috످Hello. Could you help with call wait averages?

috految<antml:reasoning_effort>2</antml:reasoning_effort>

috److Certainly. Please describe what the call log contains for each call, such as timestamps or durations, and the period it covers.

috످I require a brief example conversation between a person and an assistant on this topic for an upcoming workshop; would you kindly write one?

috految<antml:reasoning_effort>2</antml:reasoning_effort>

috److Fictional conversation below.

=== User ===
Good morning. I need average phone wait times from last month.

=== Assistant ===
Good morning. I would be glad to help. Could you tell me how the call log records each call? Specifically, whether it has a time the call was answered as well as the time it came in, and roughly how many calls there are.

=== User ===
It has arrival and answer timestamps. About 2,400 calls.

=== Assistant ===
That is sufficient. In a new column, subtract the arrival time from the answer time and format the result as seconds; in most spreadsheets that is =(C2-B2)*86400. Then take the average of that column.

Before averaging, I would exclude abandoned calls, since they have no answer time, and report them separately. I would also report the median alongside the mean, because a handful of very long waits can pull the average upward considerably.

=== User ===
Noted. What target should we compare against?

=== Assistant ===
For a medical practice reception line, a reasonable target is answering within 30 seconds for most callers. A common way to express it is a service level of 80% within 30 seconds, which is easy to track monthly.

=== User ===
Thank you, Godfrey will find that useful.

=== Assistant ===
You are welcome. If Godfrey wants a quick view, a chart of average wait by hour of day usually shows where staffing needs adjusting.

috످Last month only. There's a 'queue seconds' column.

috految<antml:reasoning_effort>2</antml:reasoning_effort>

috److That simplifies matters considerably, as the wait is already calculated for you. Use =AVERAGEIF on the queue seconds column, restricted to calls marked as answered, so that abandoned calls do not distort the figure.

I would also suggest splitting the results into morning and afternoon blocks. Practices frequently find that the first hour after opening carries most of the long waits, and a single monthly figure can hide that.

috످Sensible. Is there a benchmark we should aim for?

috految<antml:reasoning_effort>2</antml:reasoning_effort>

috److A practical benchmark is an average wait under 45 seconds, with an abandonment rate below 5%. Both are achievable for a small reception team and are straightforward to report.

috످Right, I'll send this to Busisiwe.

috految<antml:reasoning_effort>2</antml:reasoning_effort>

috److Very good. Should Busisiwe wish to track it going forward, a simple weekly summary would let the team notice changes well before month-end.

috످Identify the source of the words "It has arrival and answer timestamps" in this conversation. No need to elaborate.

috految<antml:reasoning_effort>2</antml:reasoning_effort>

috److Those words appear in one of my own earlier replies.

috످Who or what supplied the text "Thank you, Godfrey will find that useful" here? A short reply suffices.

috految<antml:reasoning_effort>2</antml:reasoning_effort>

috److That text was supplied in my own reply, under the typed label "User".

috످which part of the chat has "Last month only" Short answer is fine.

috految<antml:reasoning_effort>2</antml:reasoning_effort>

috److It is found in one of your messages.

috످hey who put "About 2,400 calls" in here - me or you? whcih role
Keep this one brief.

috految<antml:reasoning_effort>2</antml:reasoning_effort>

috److I did, as the assistant. It's a made-up "User" line in the example I wrote for your workshop.

috످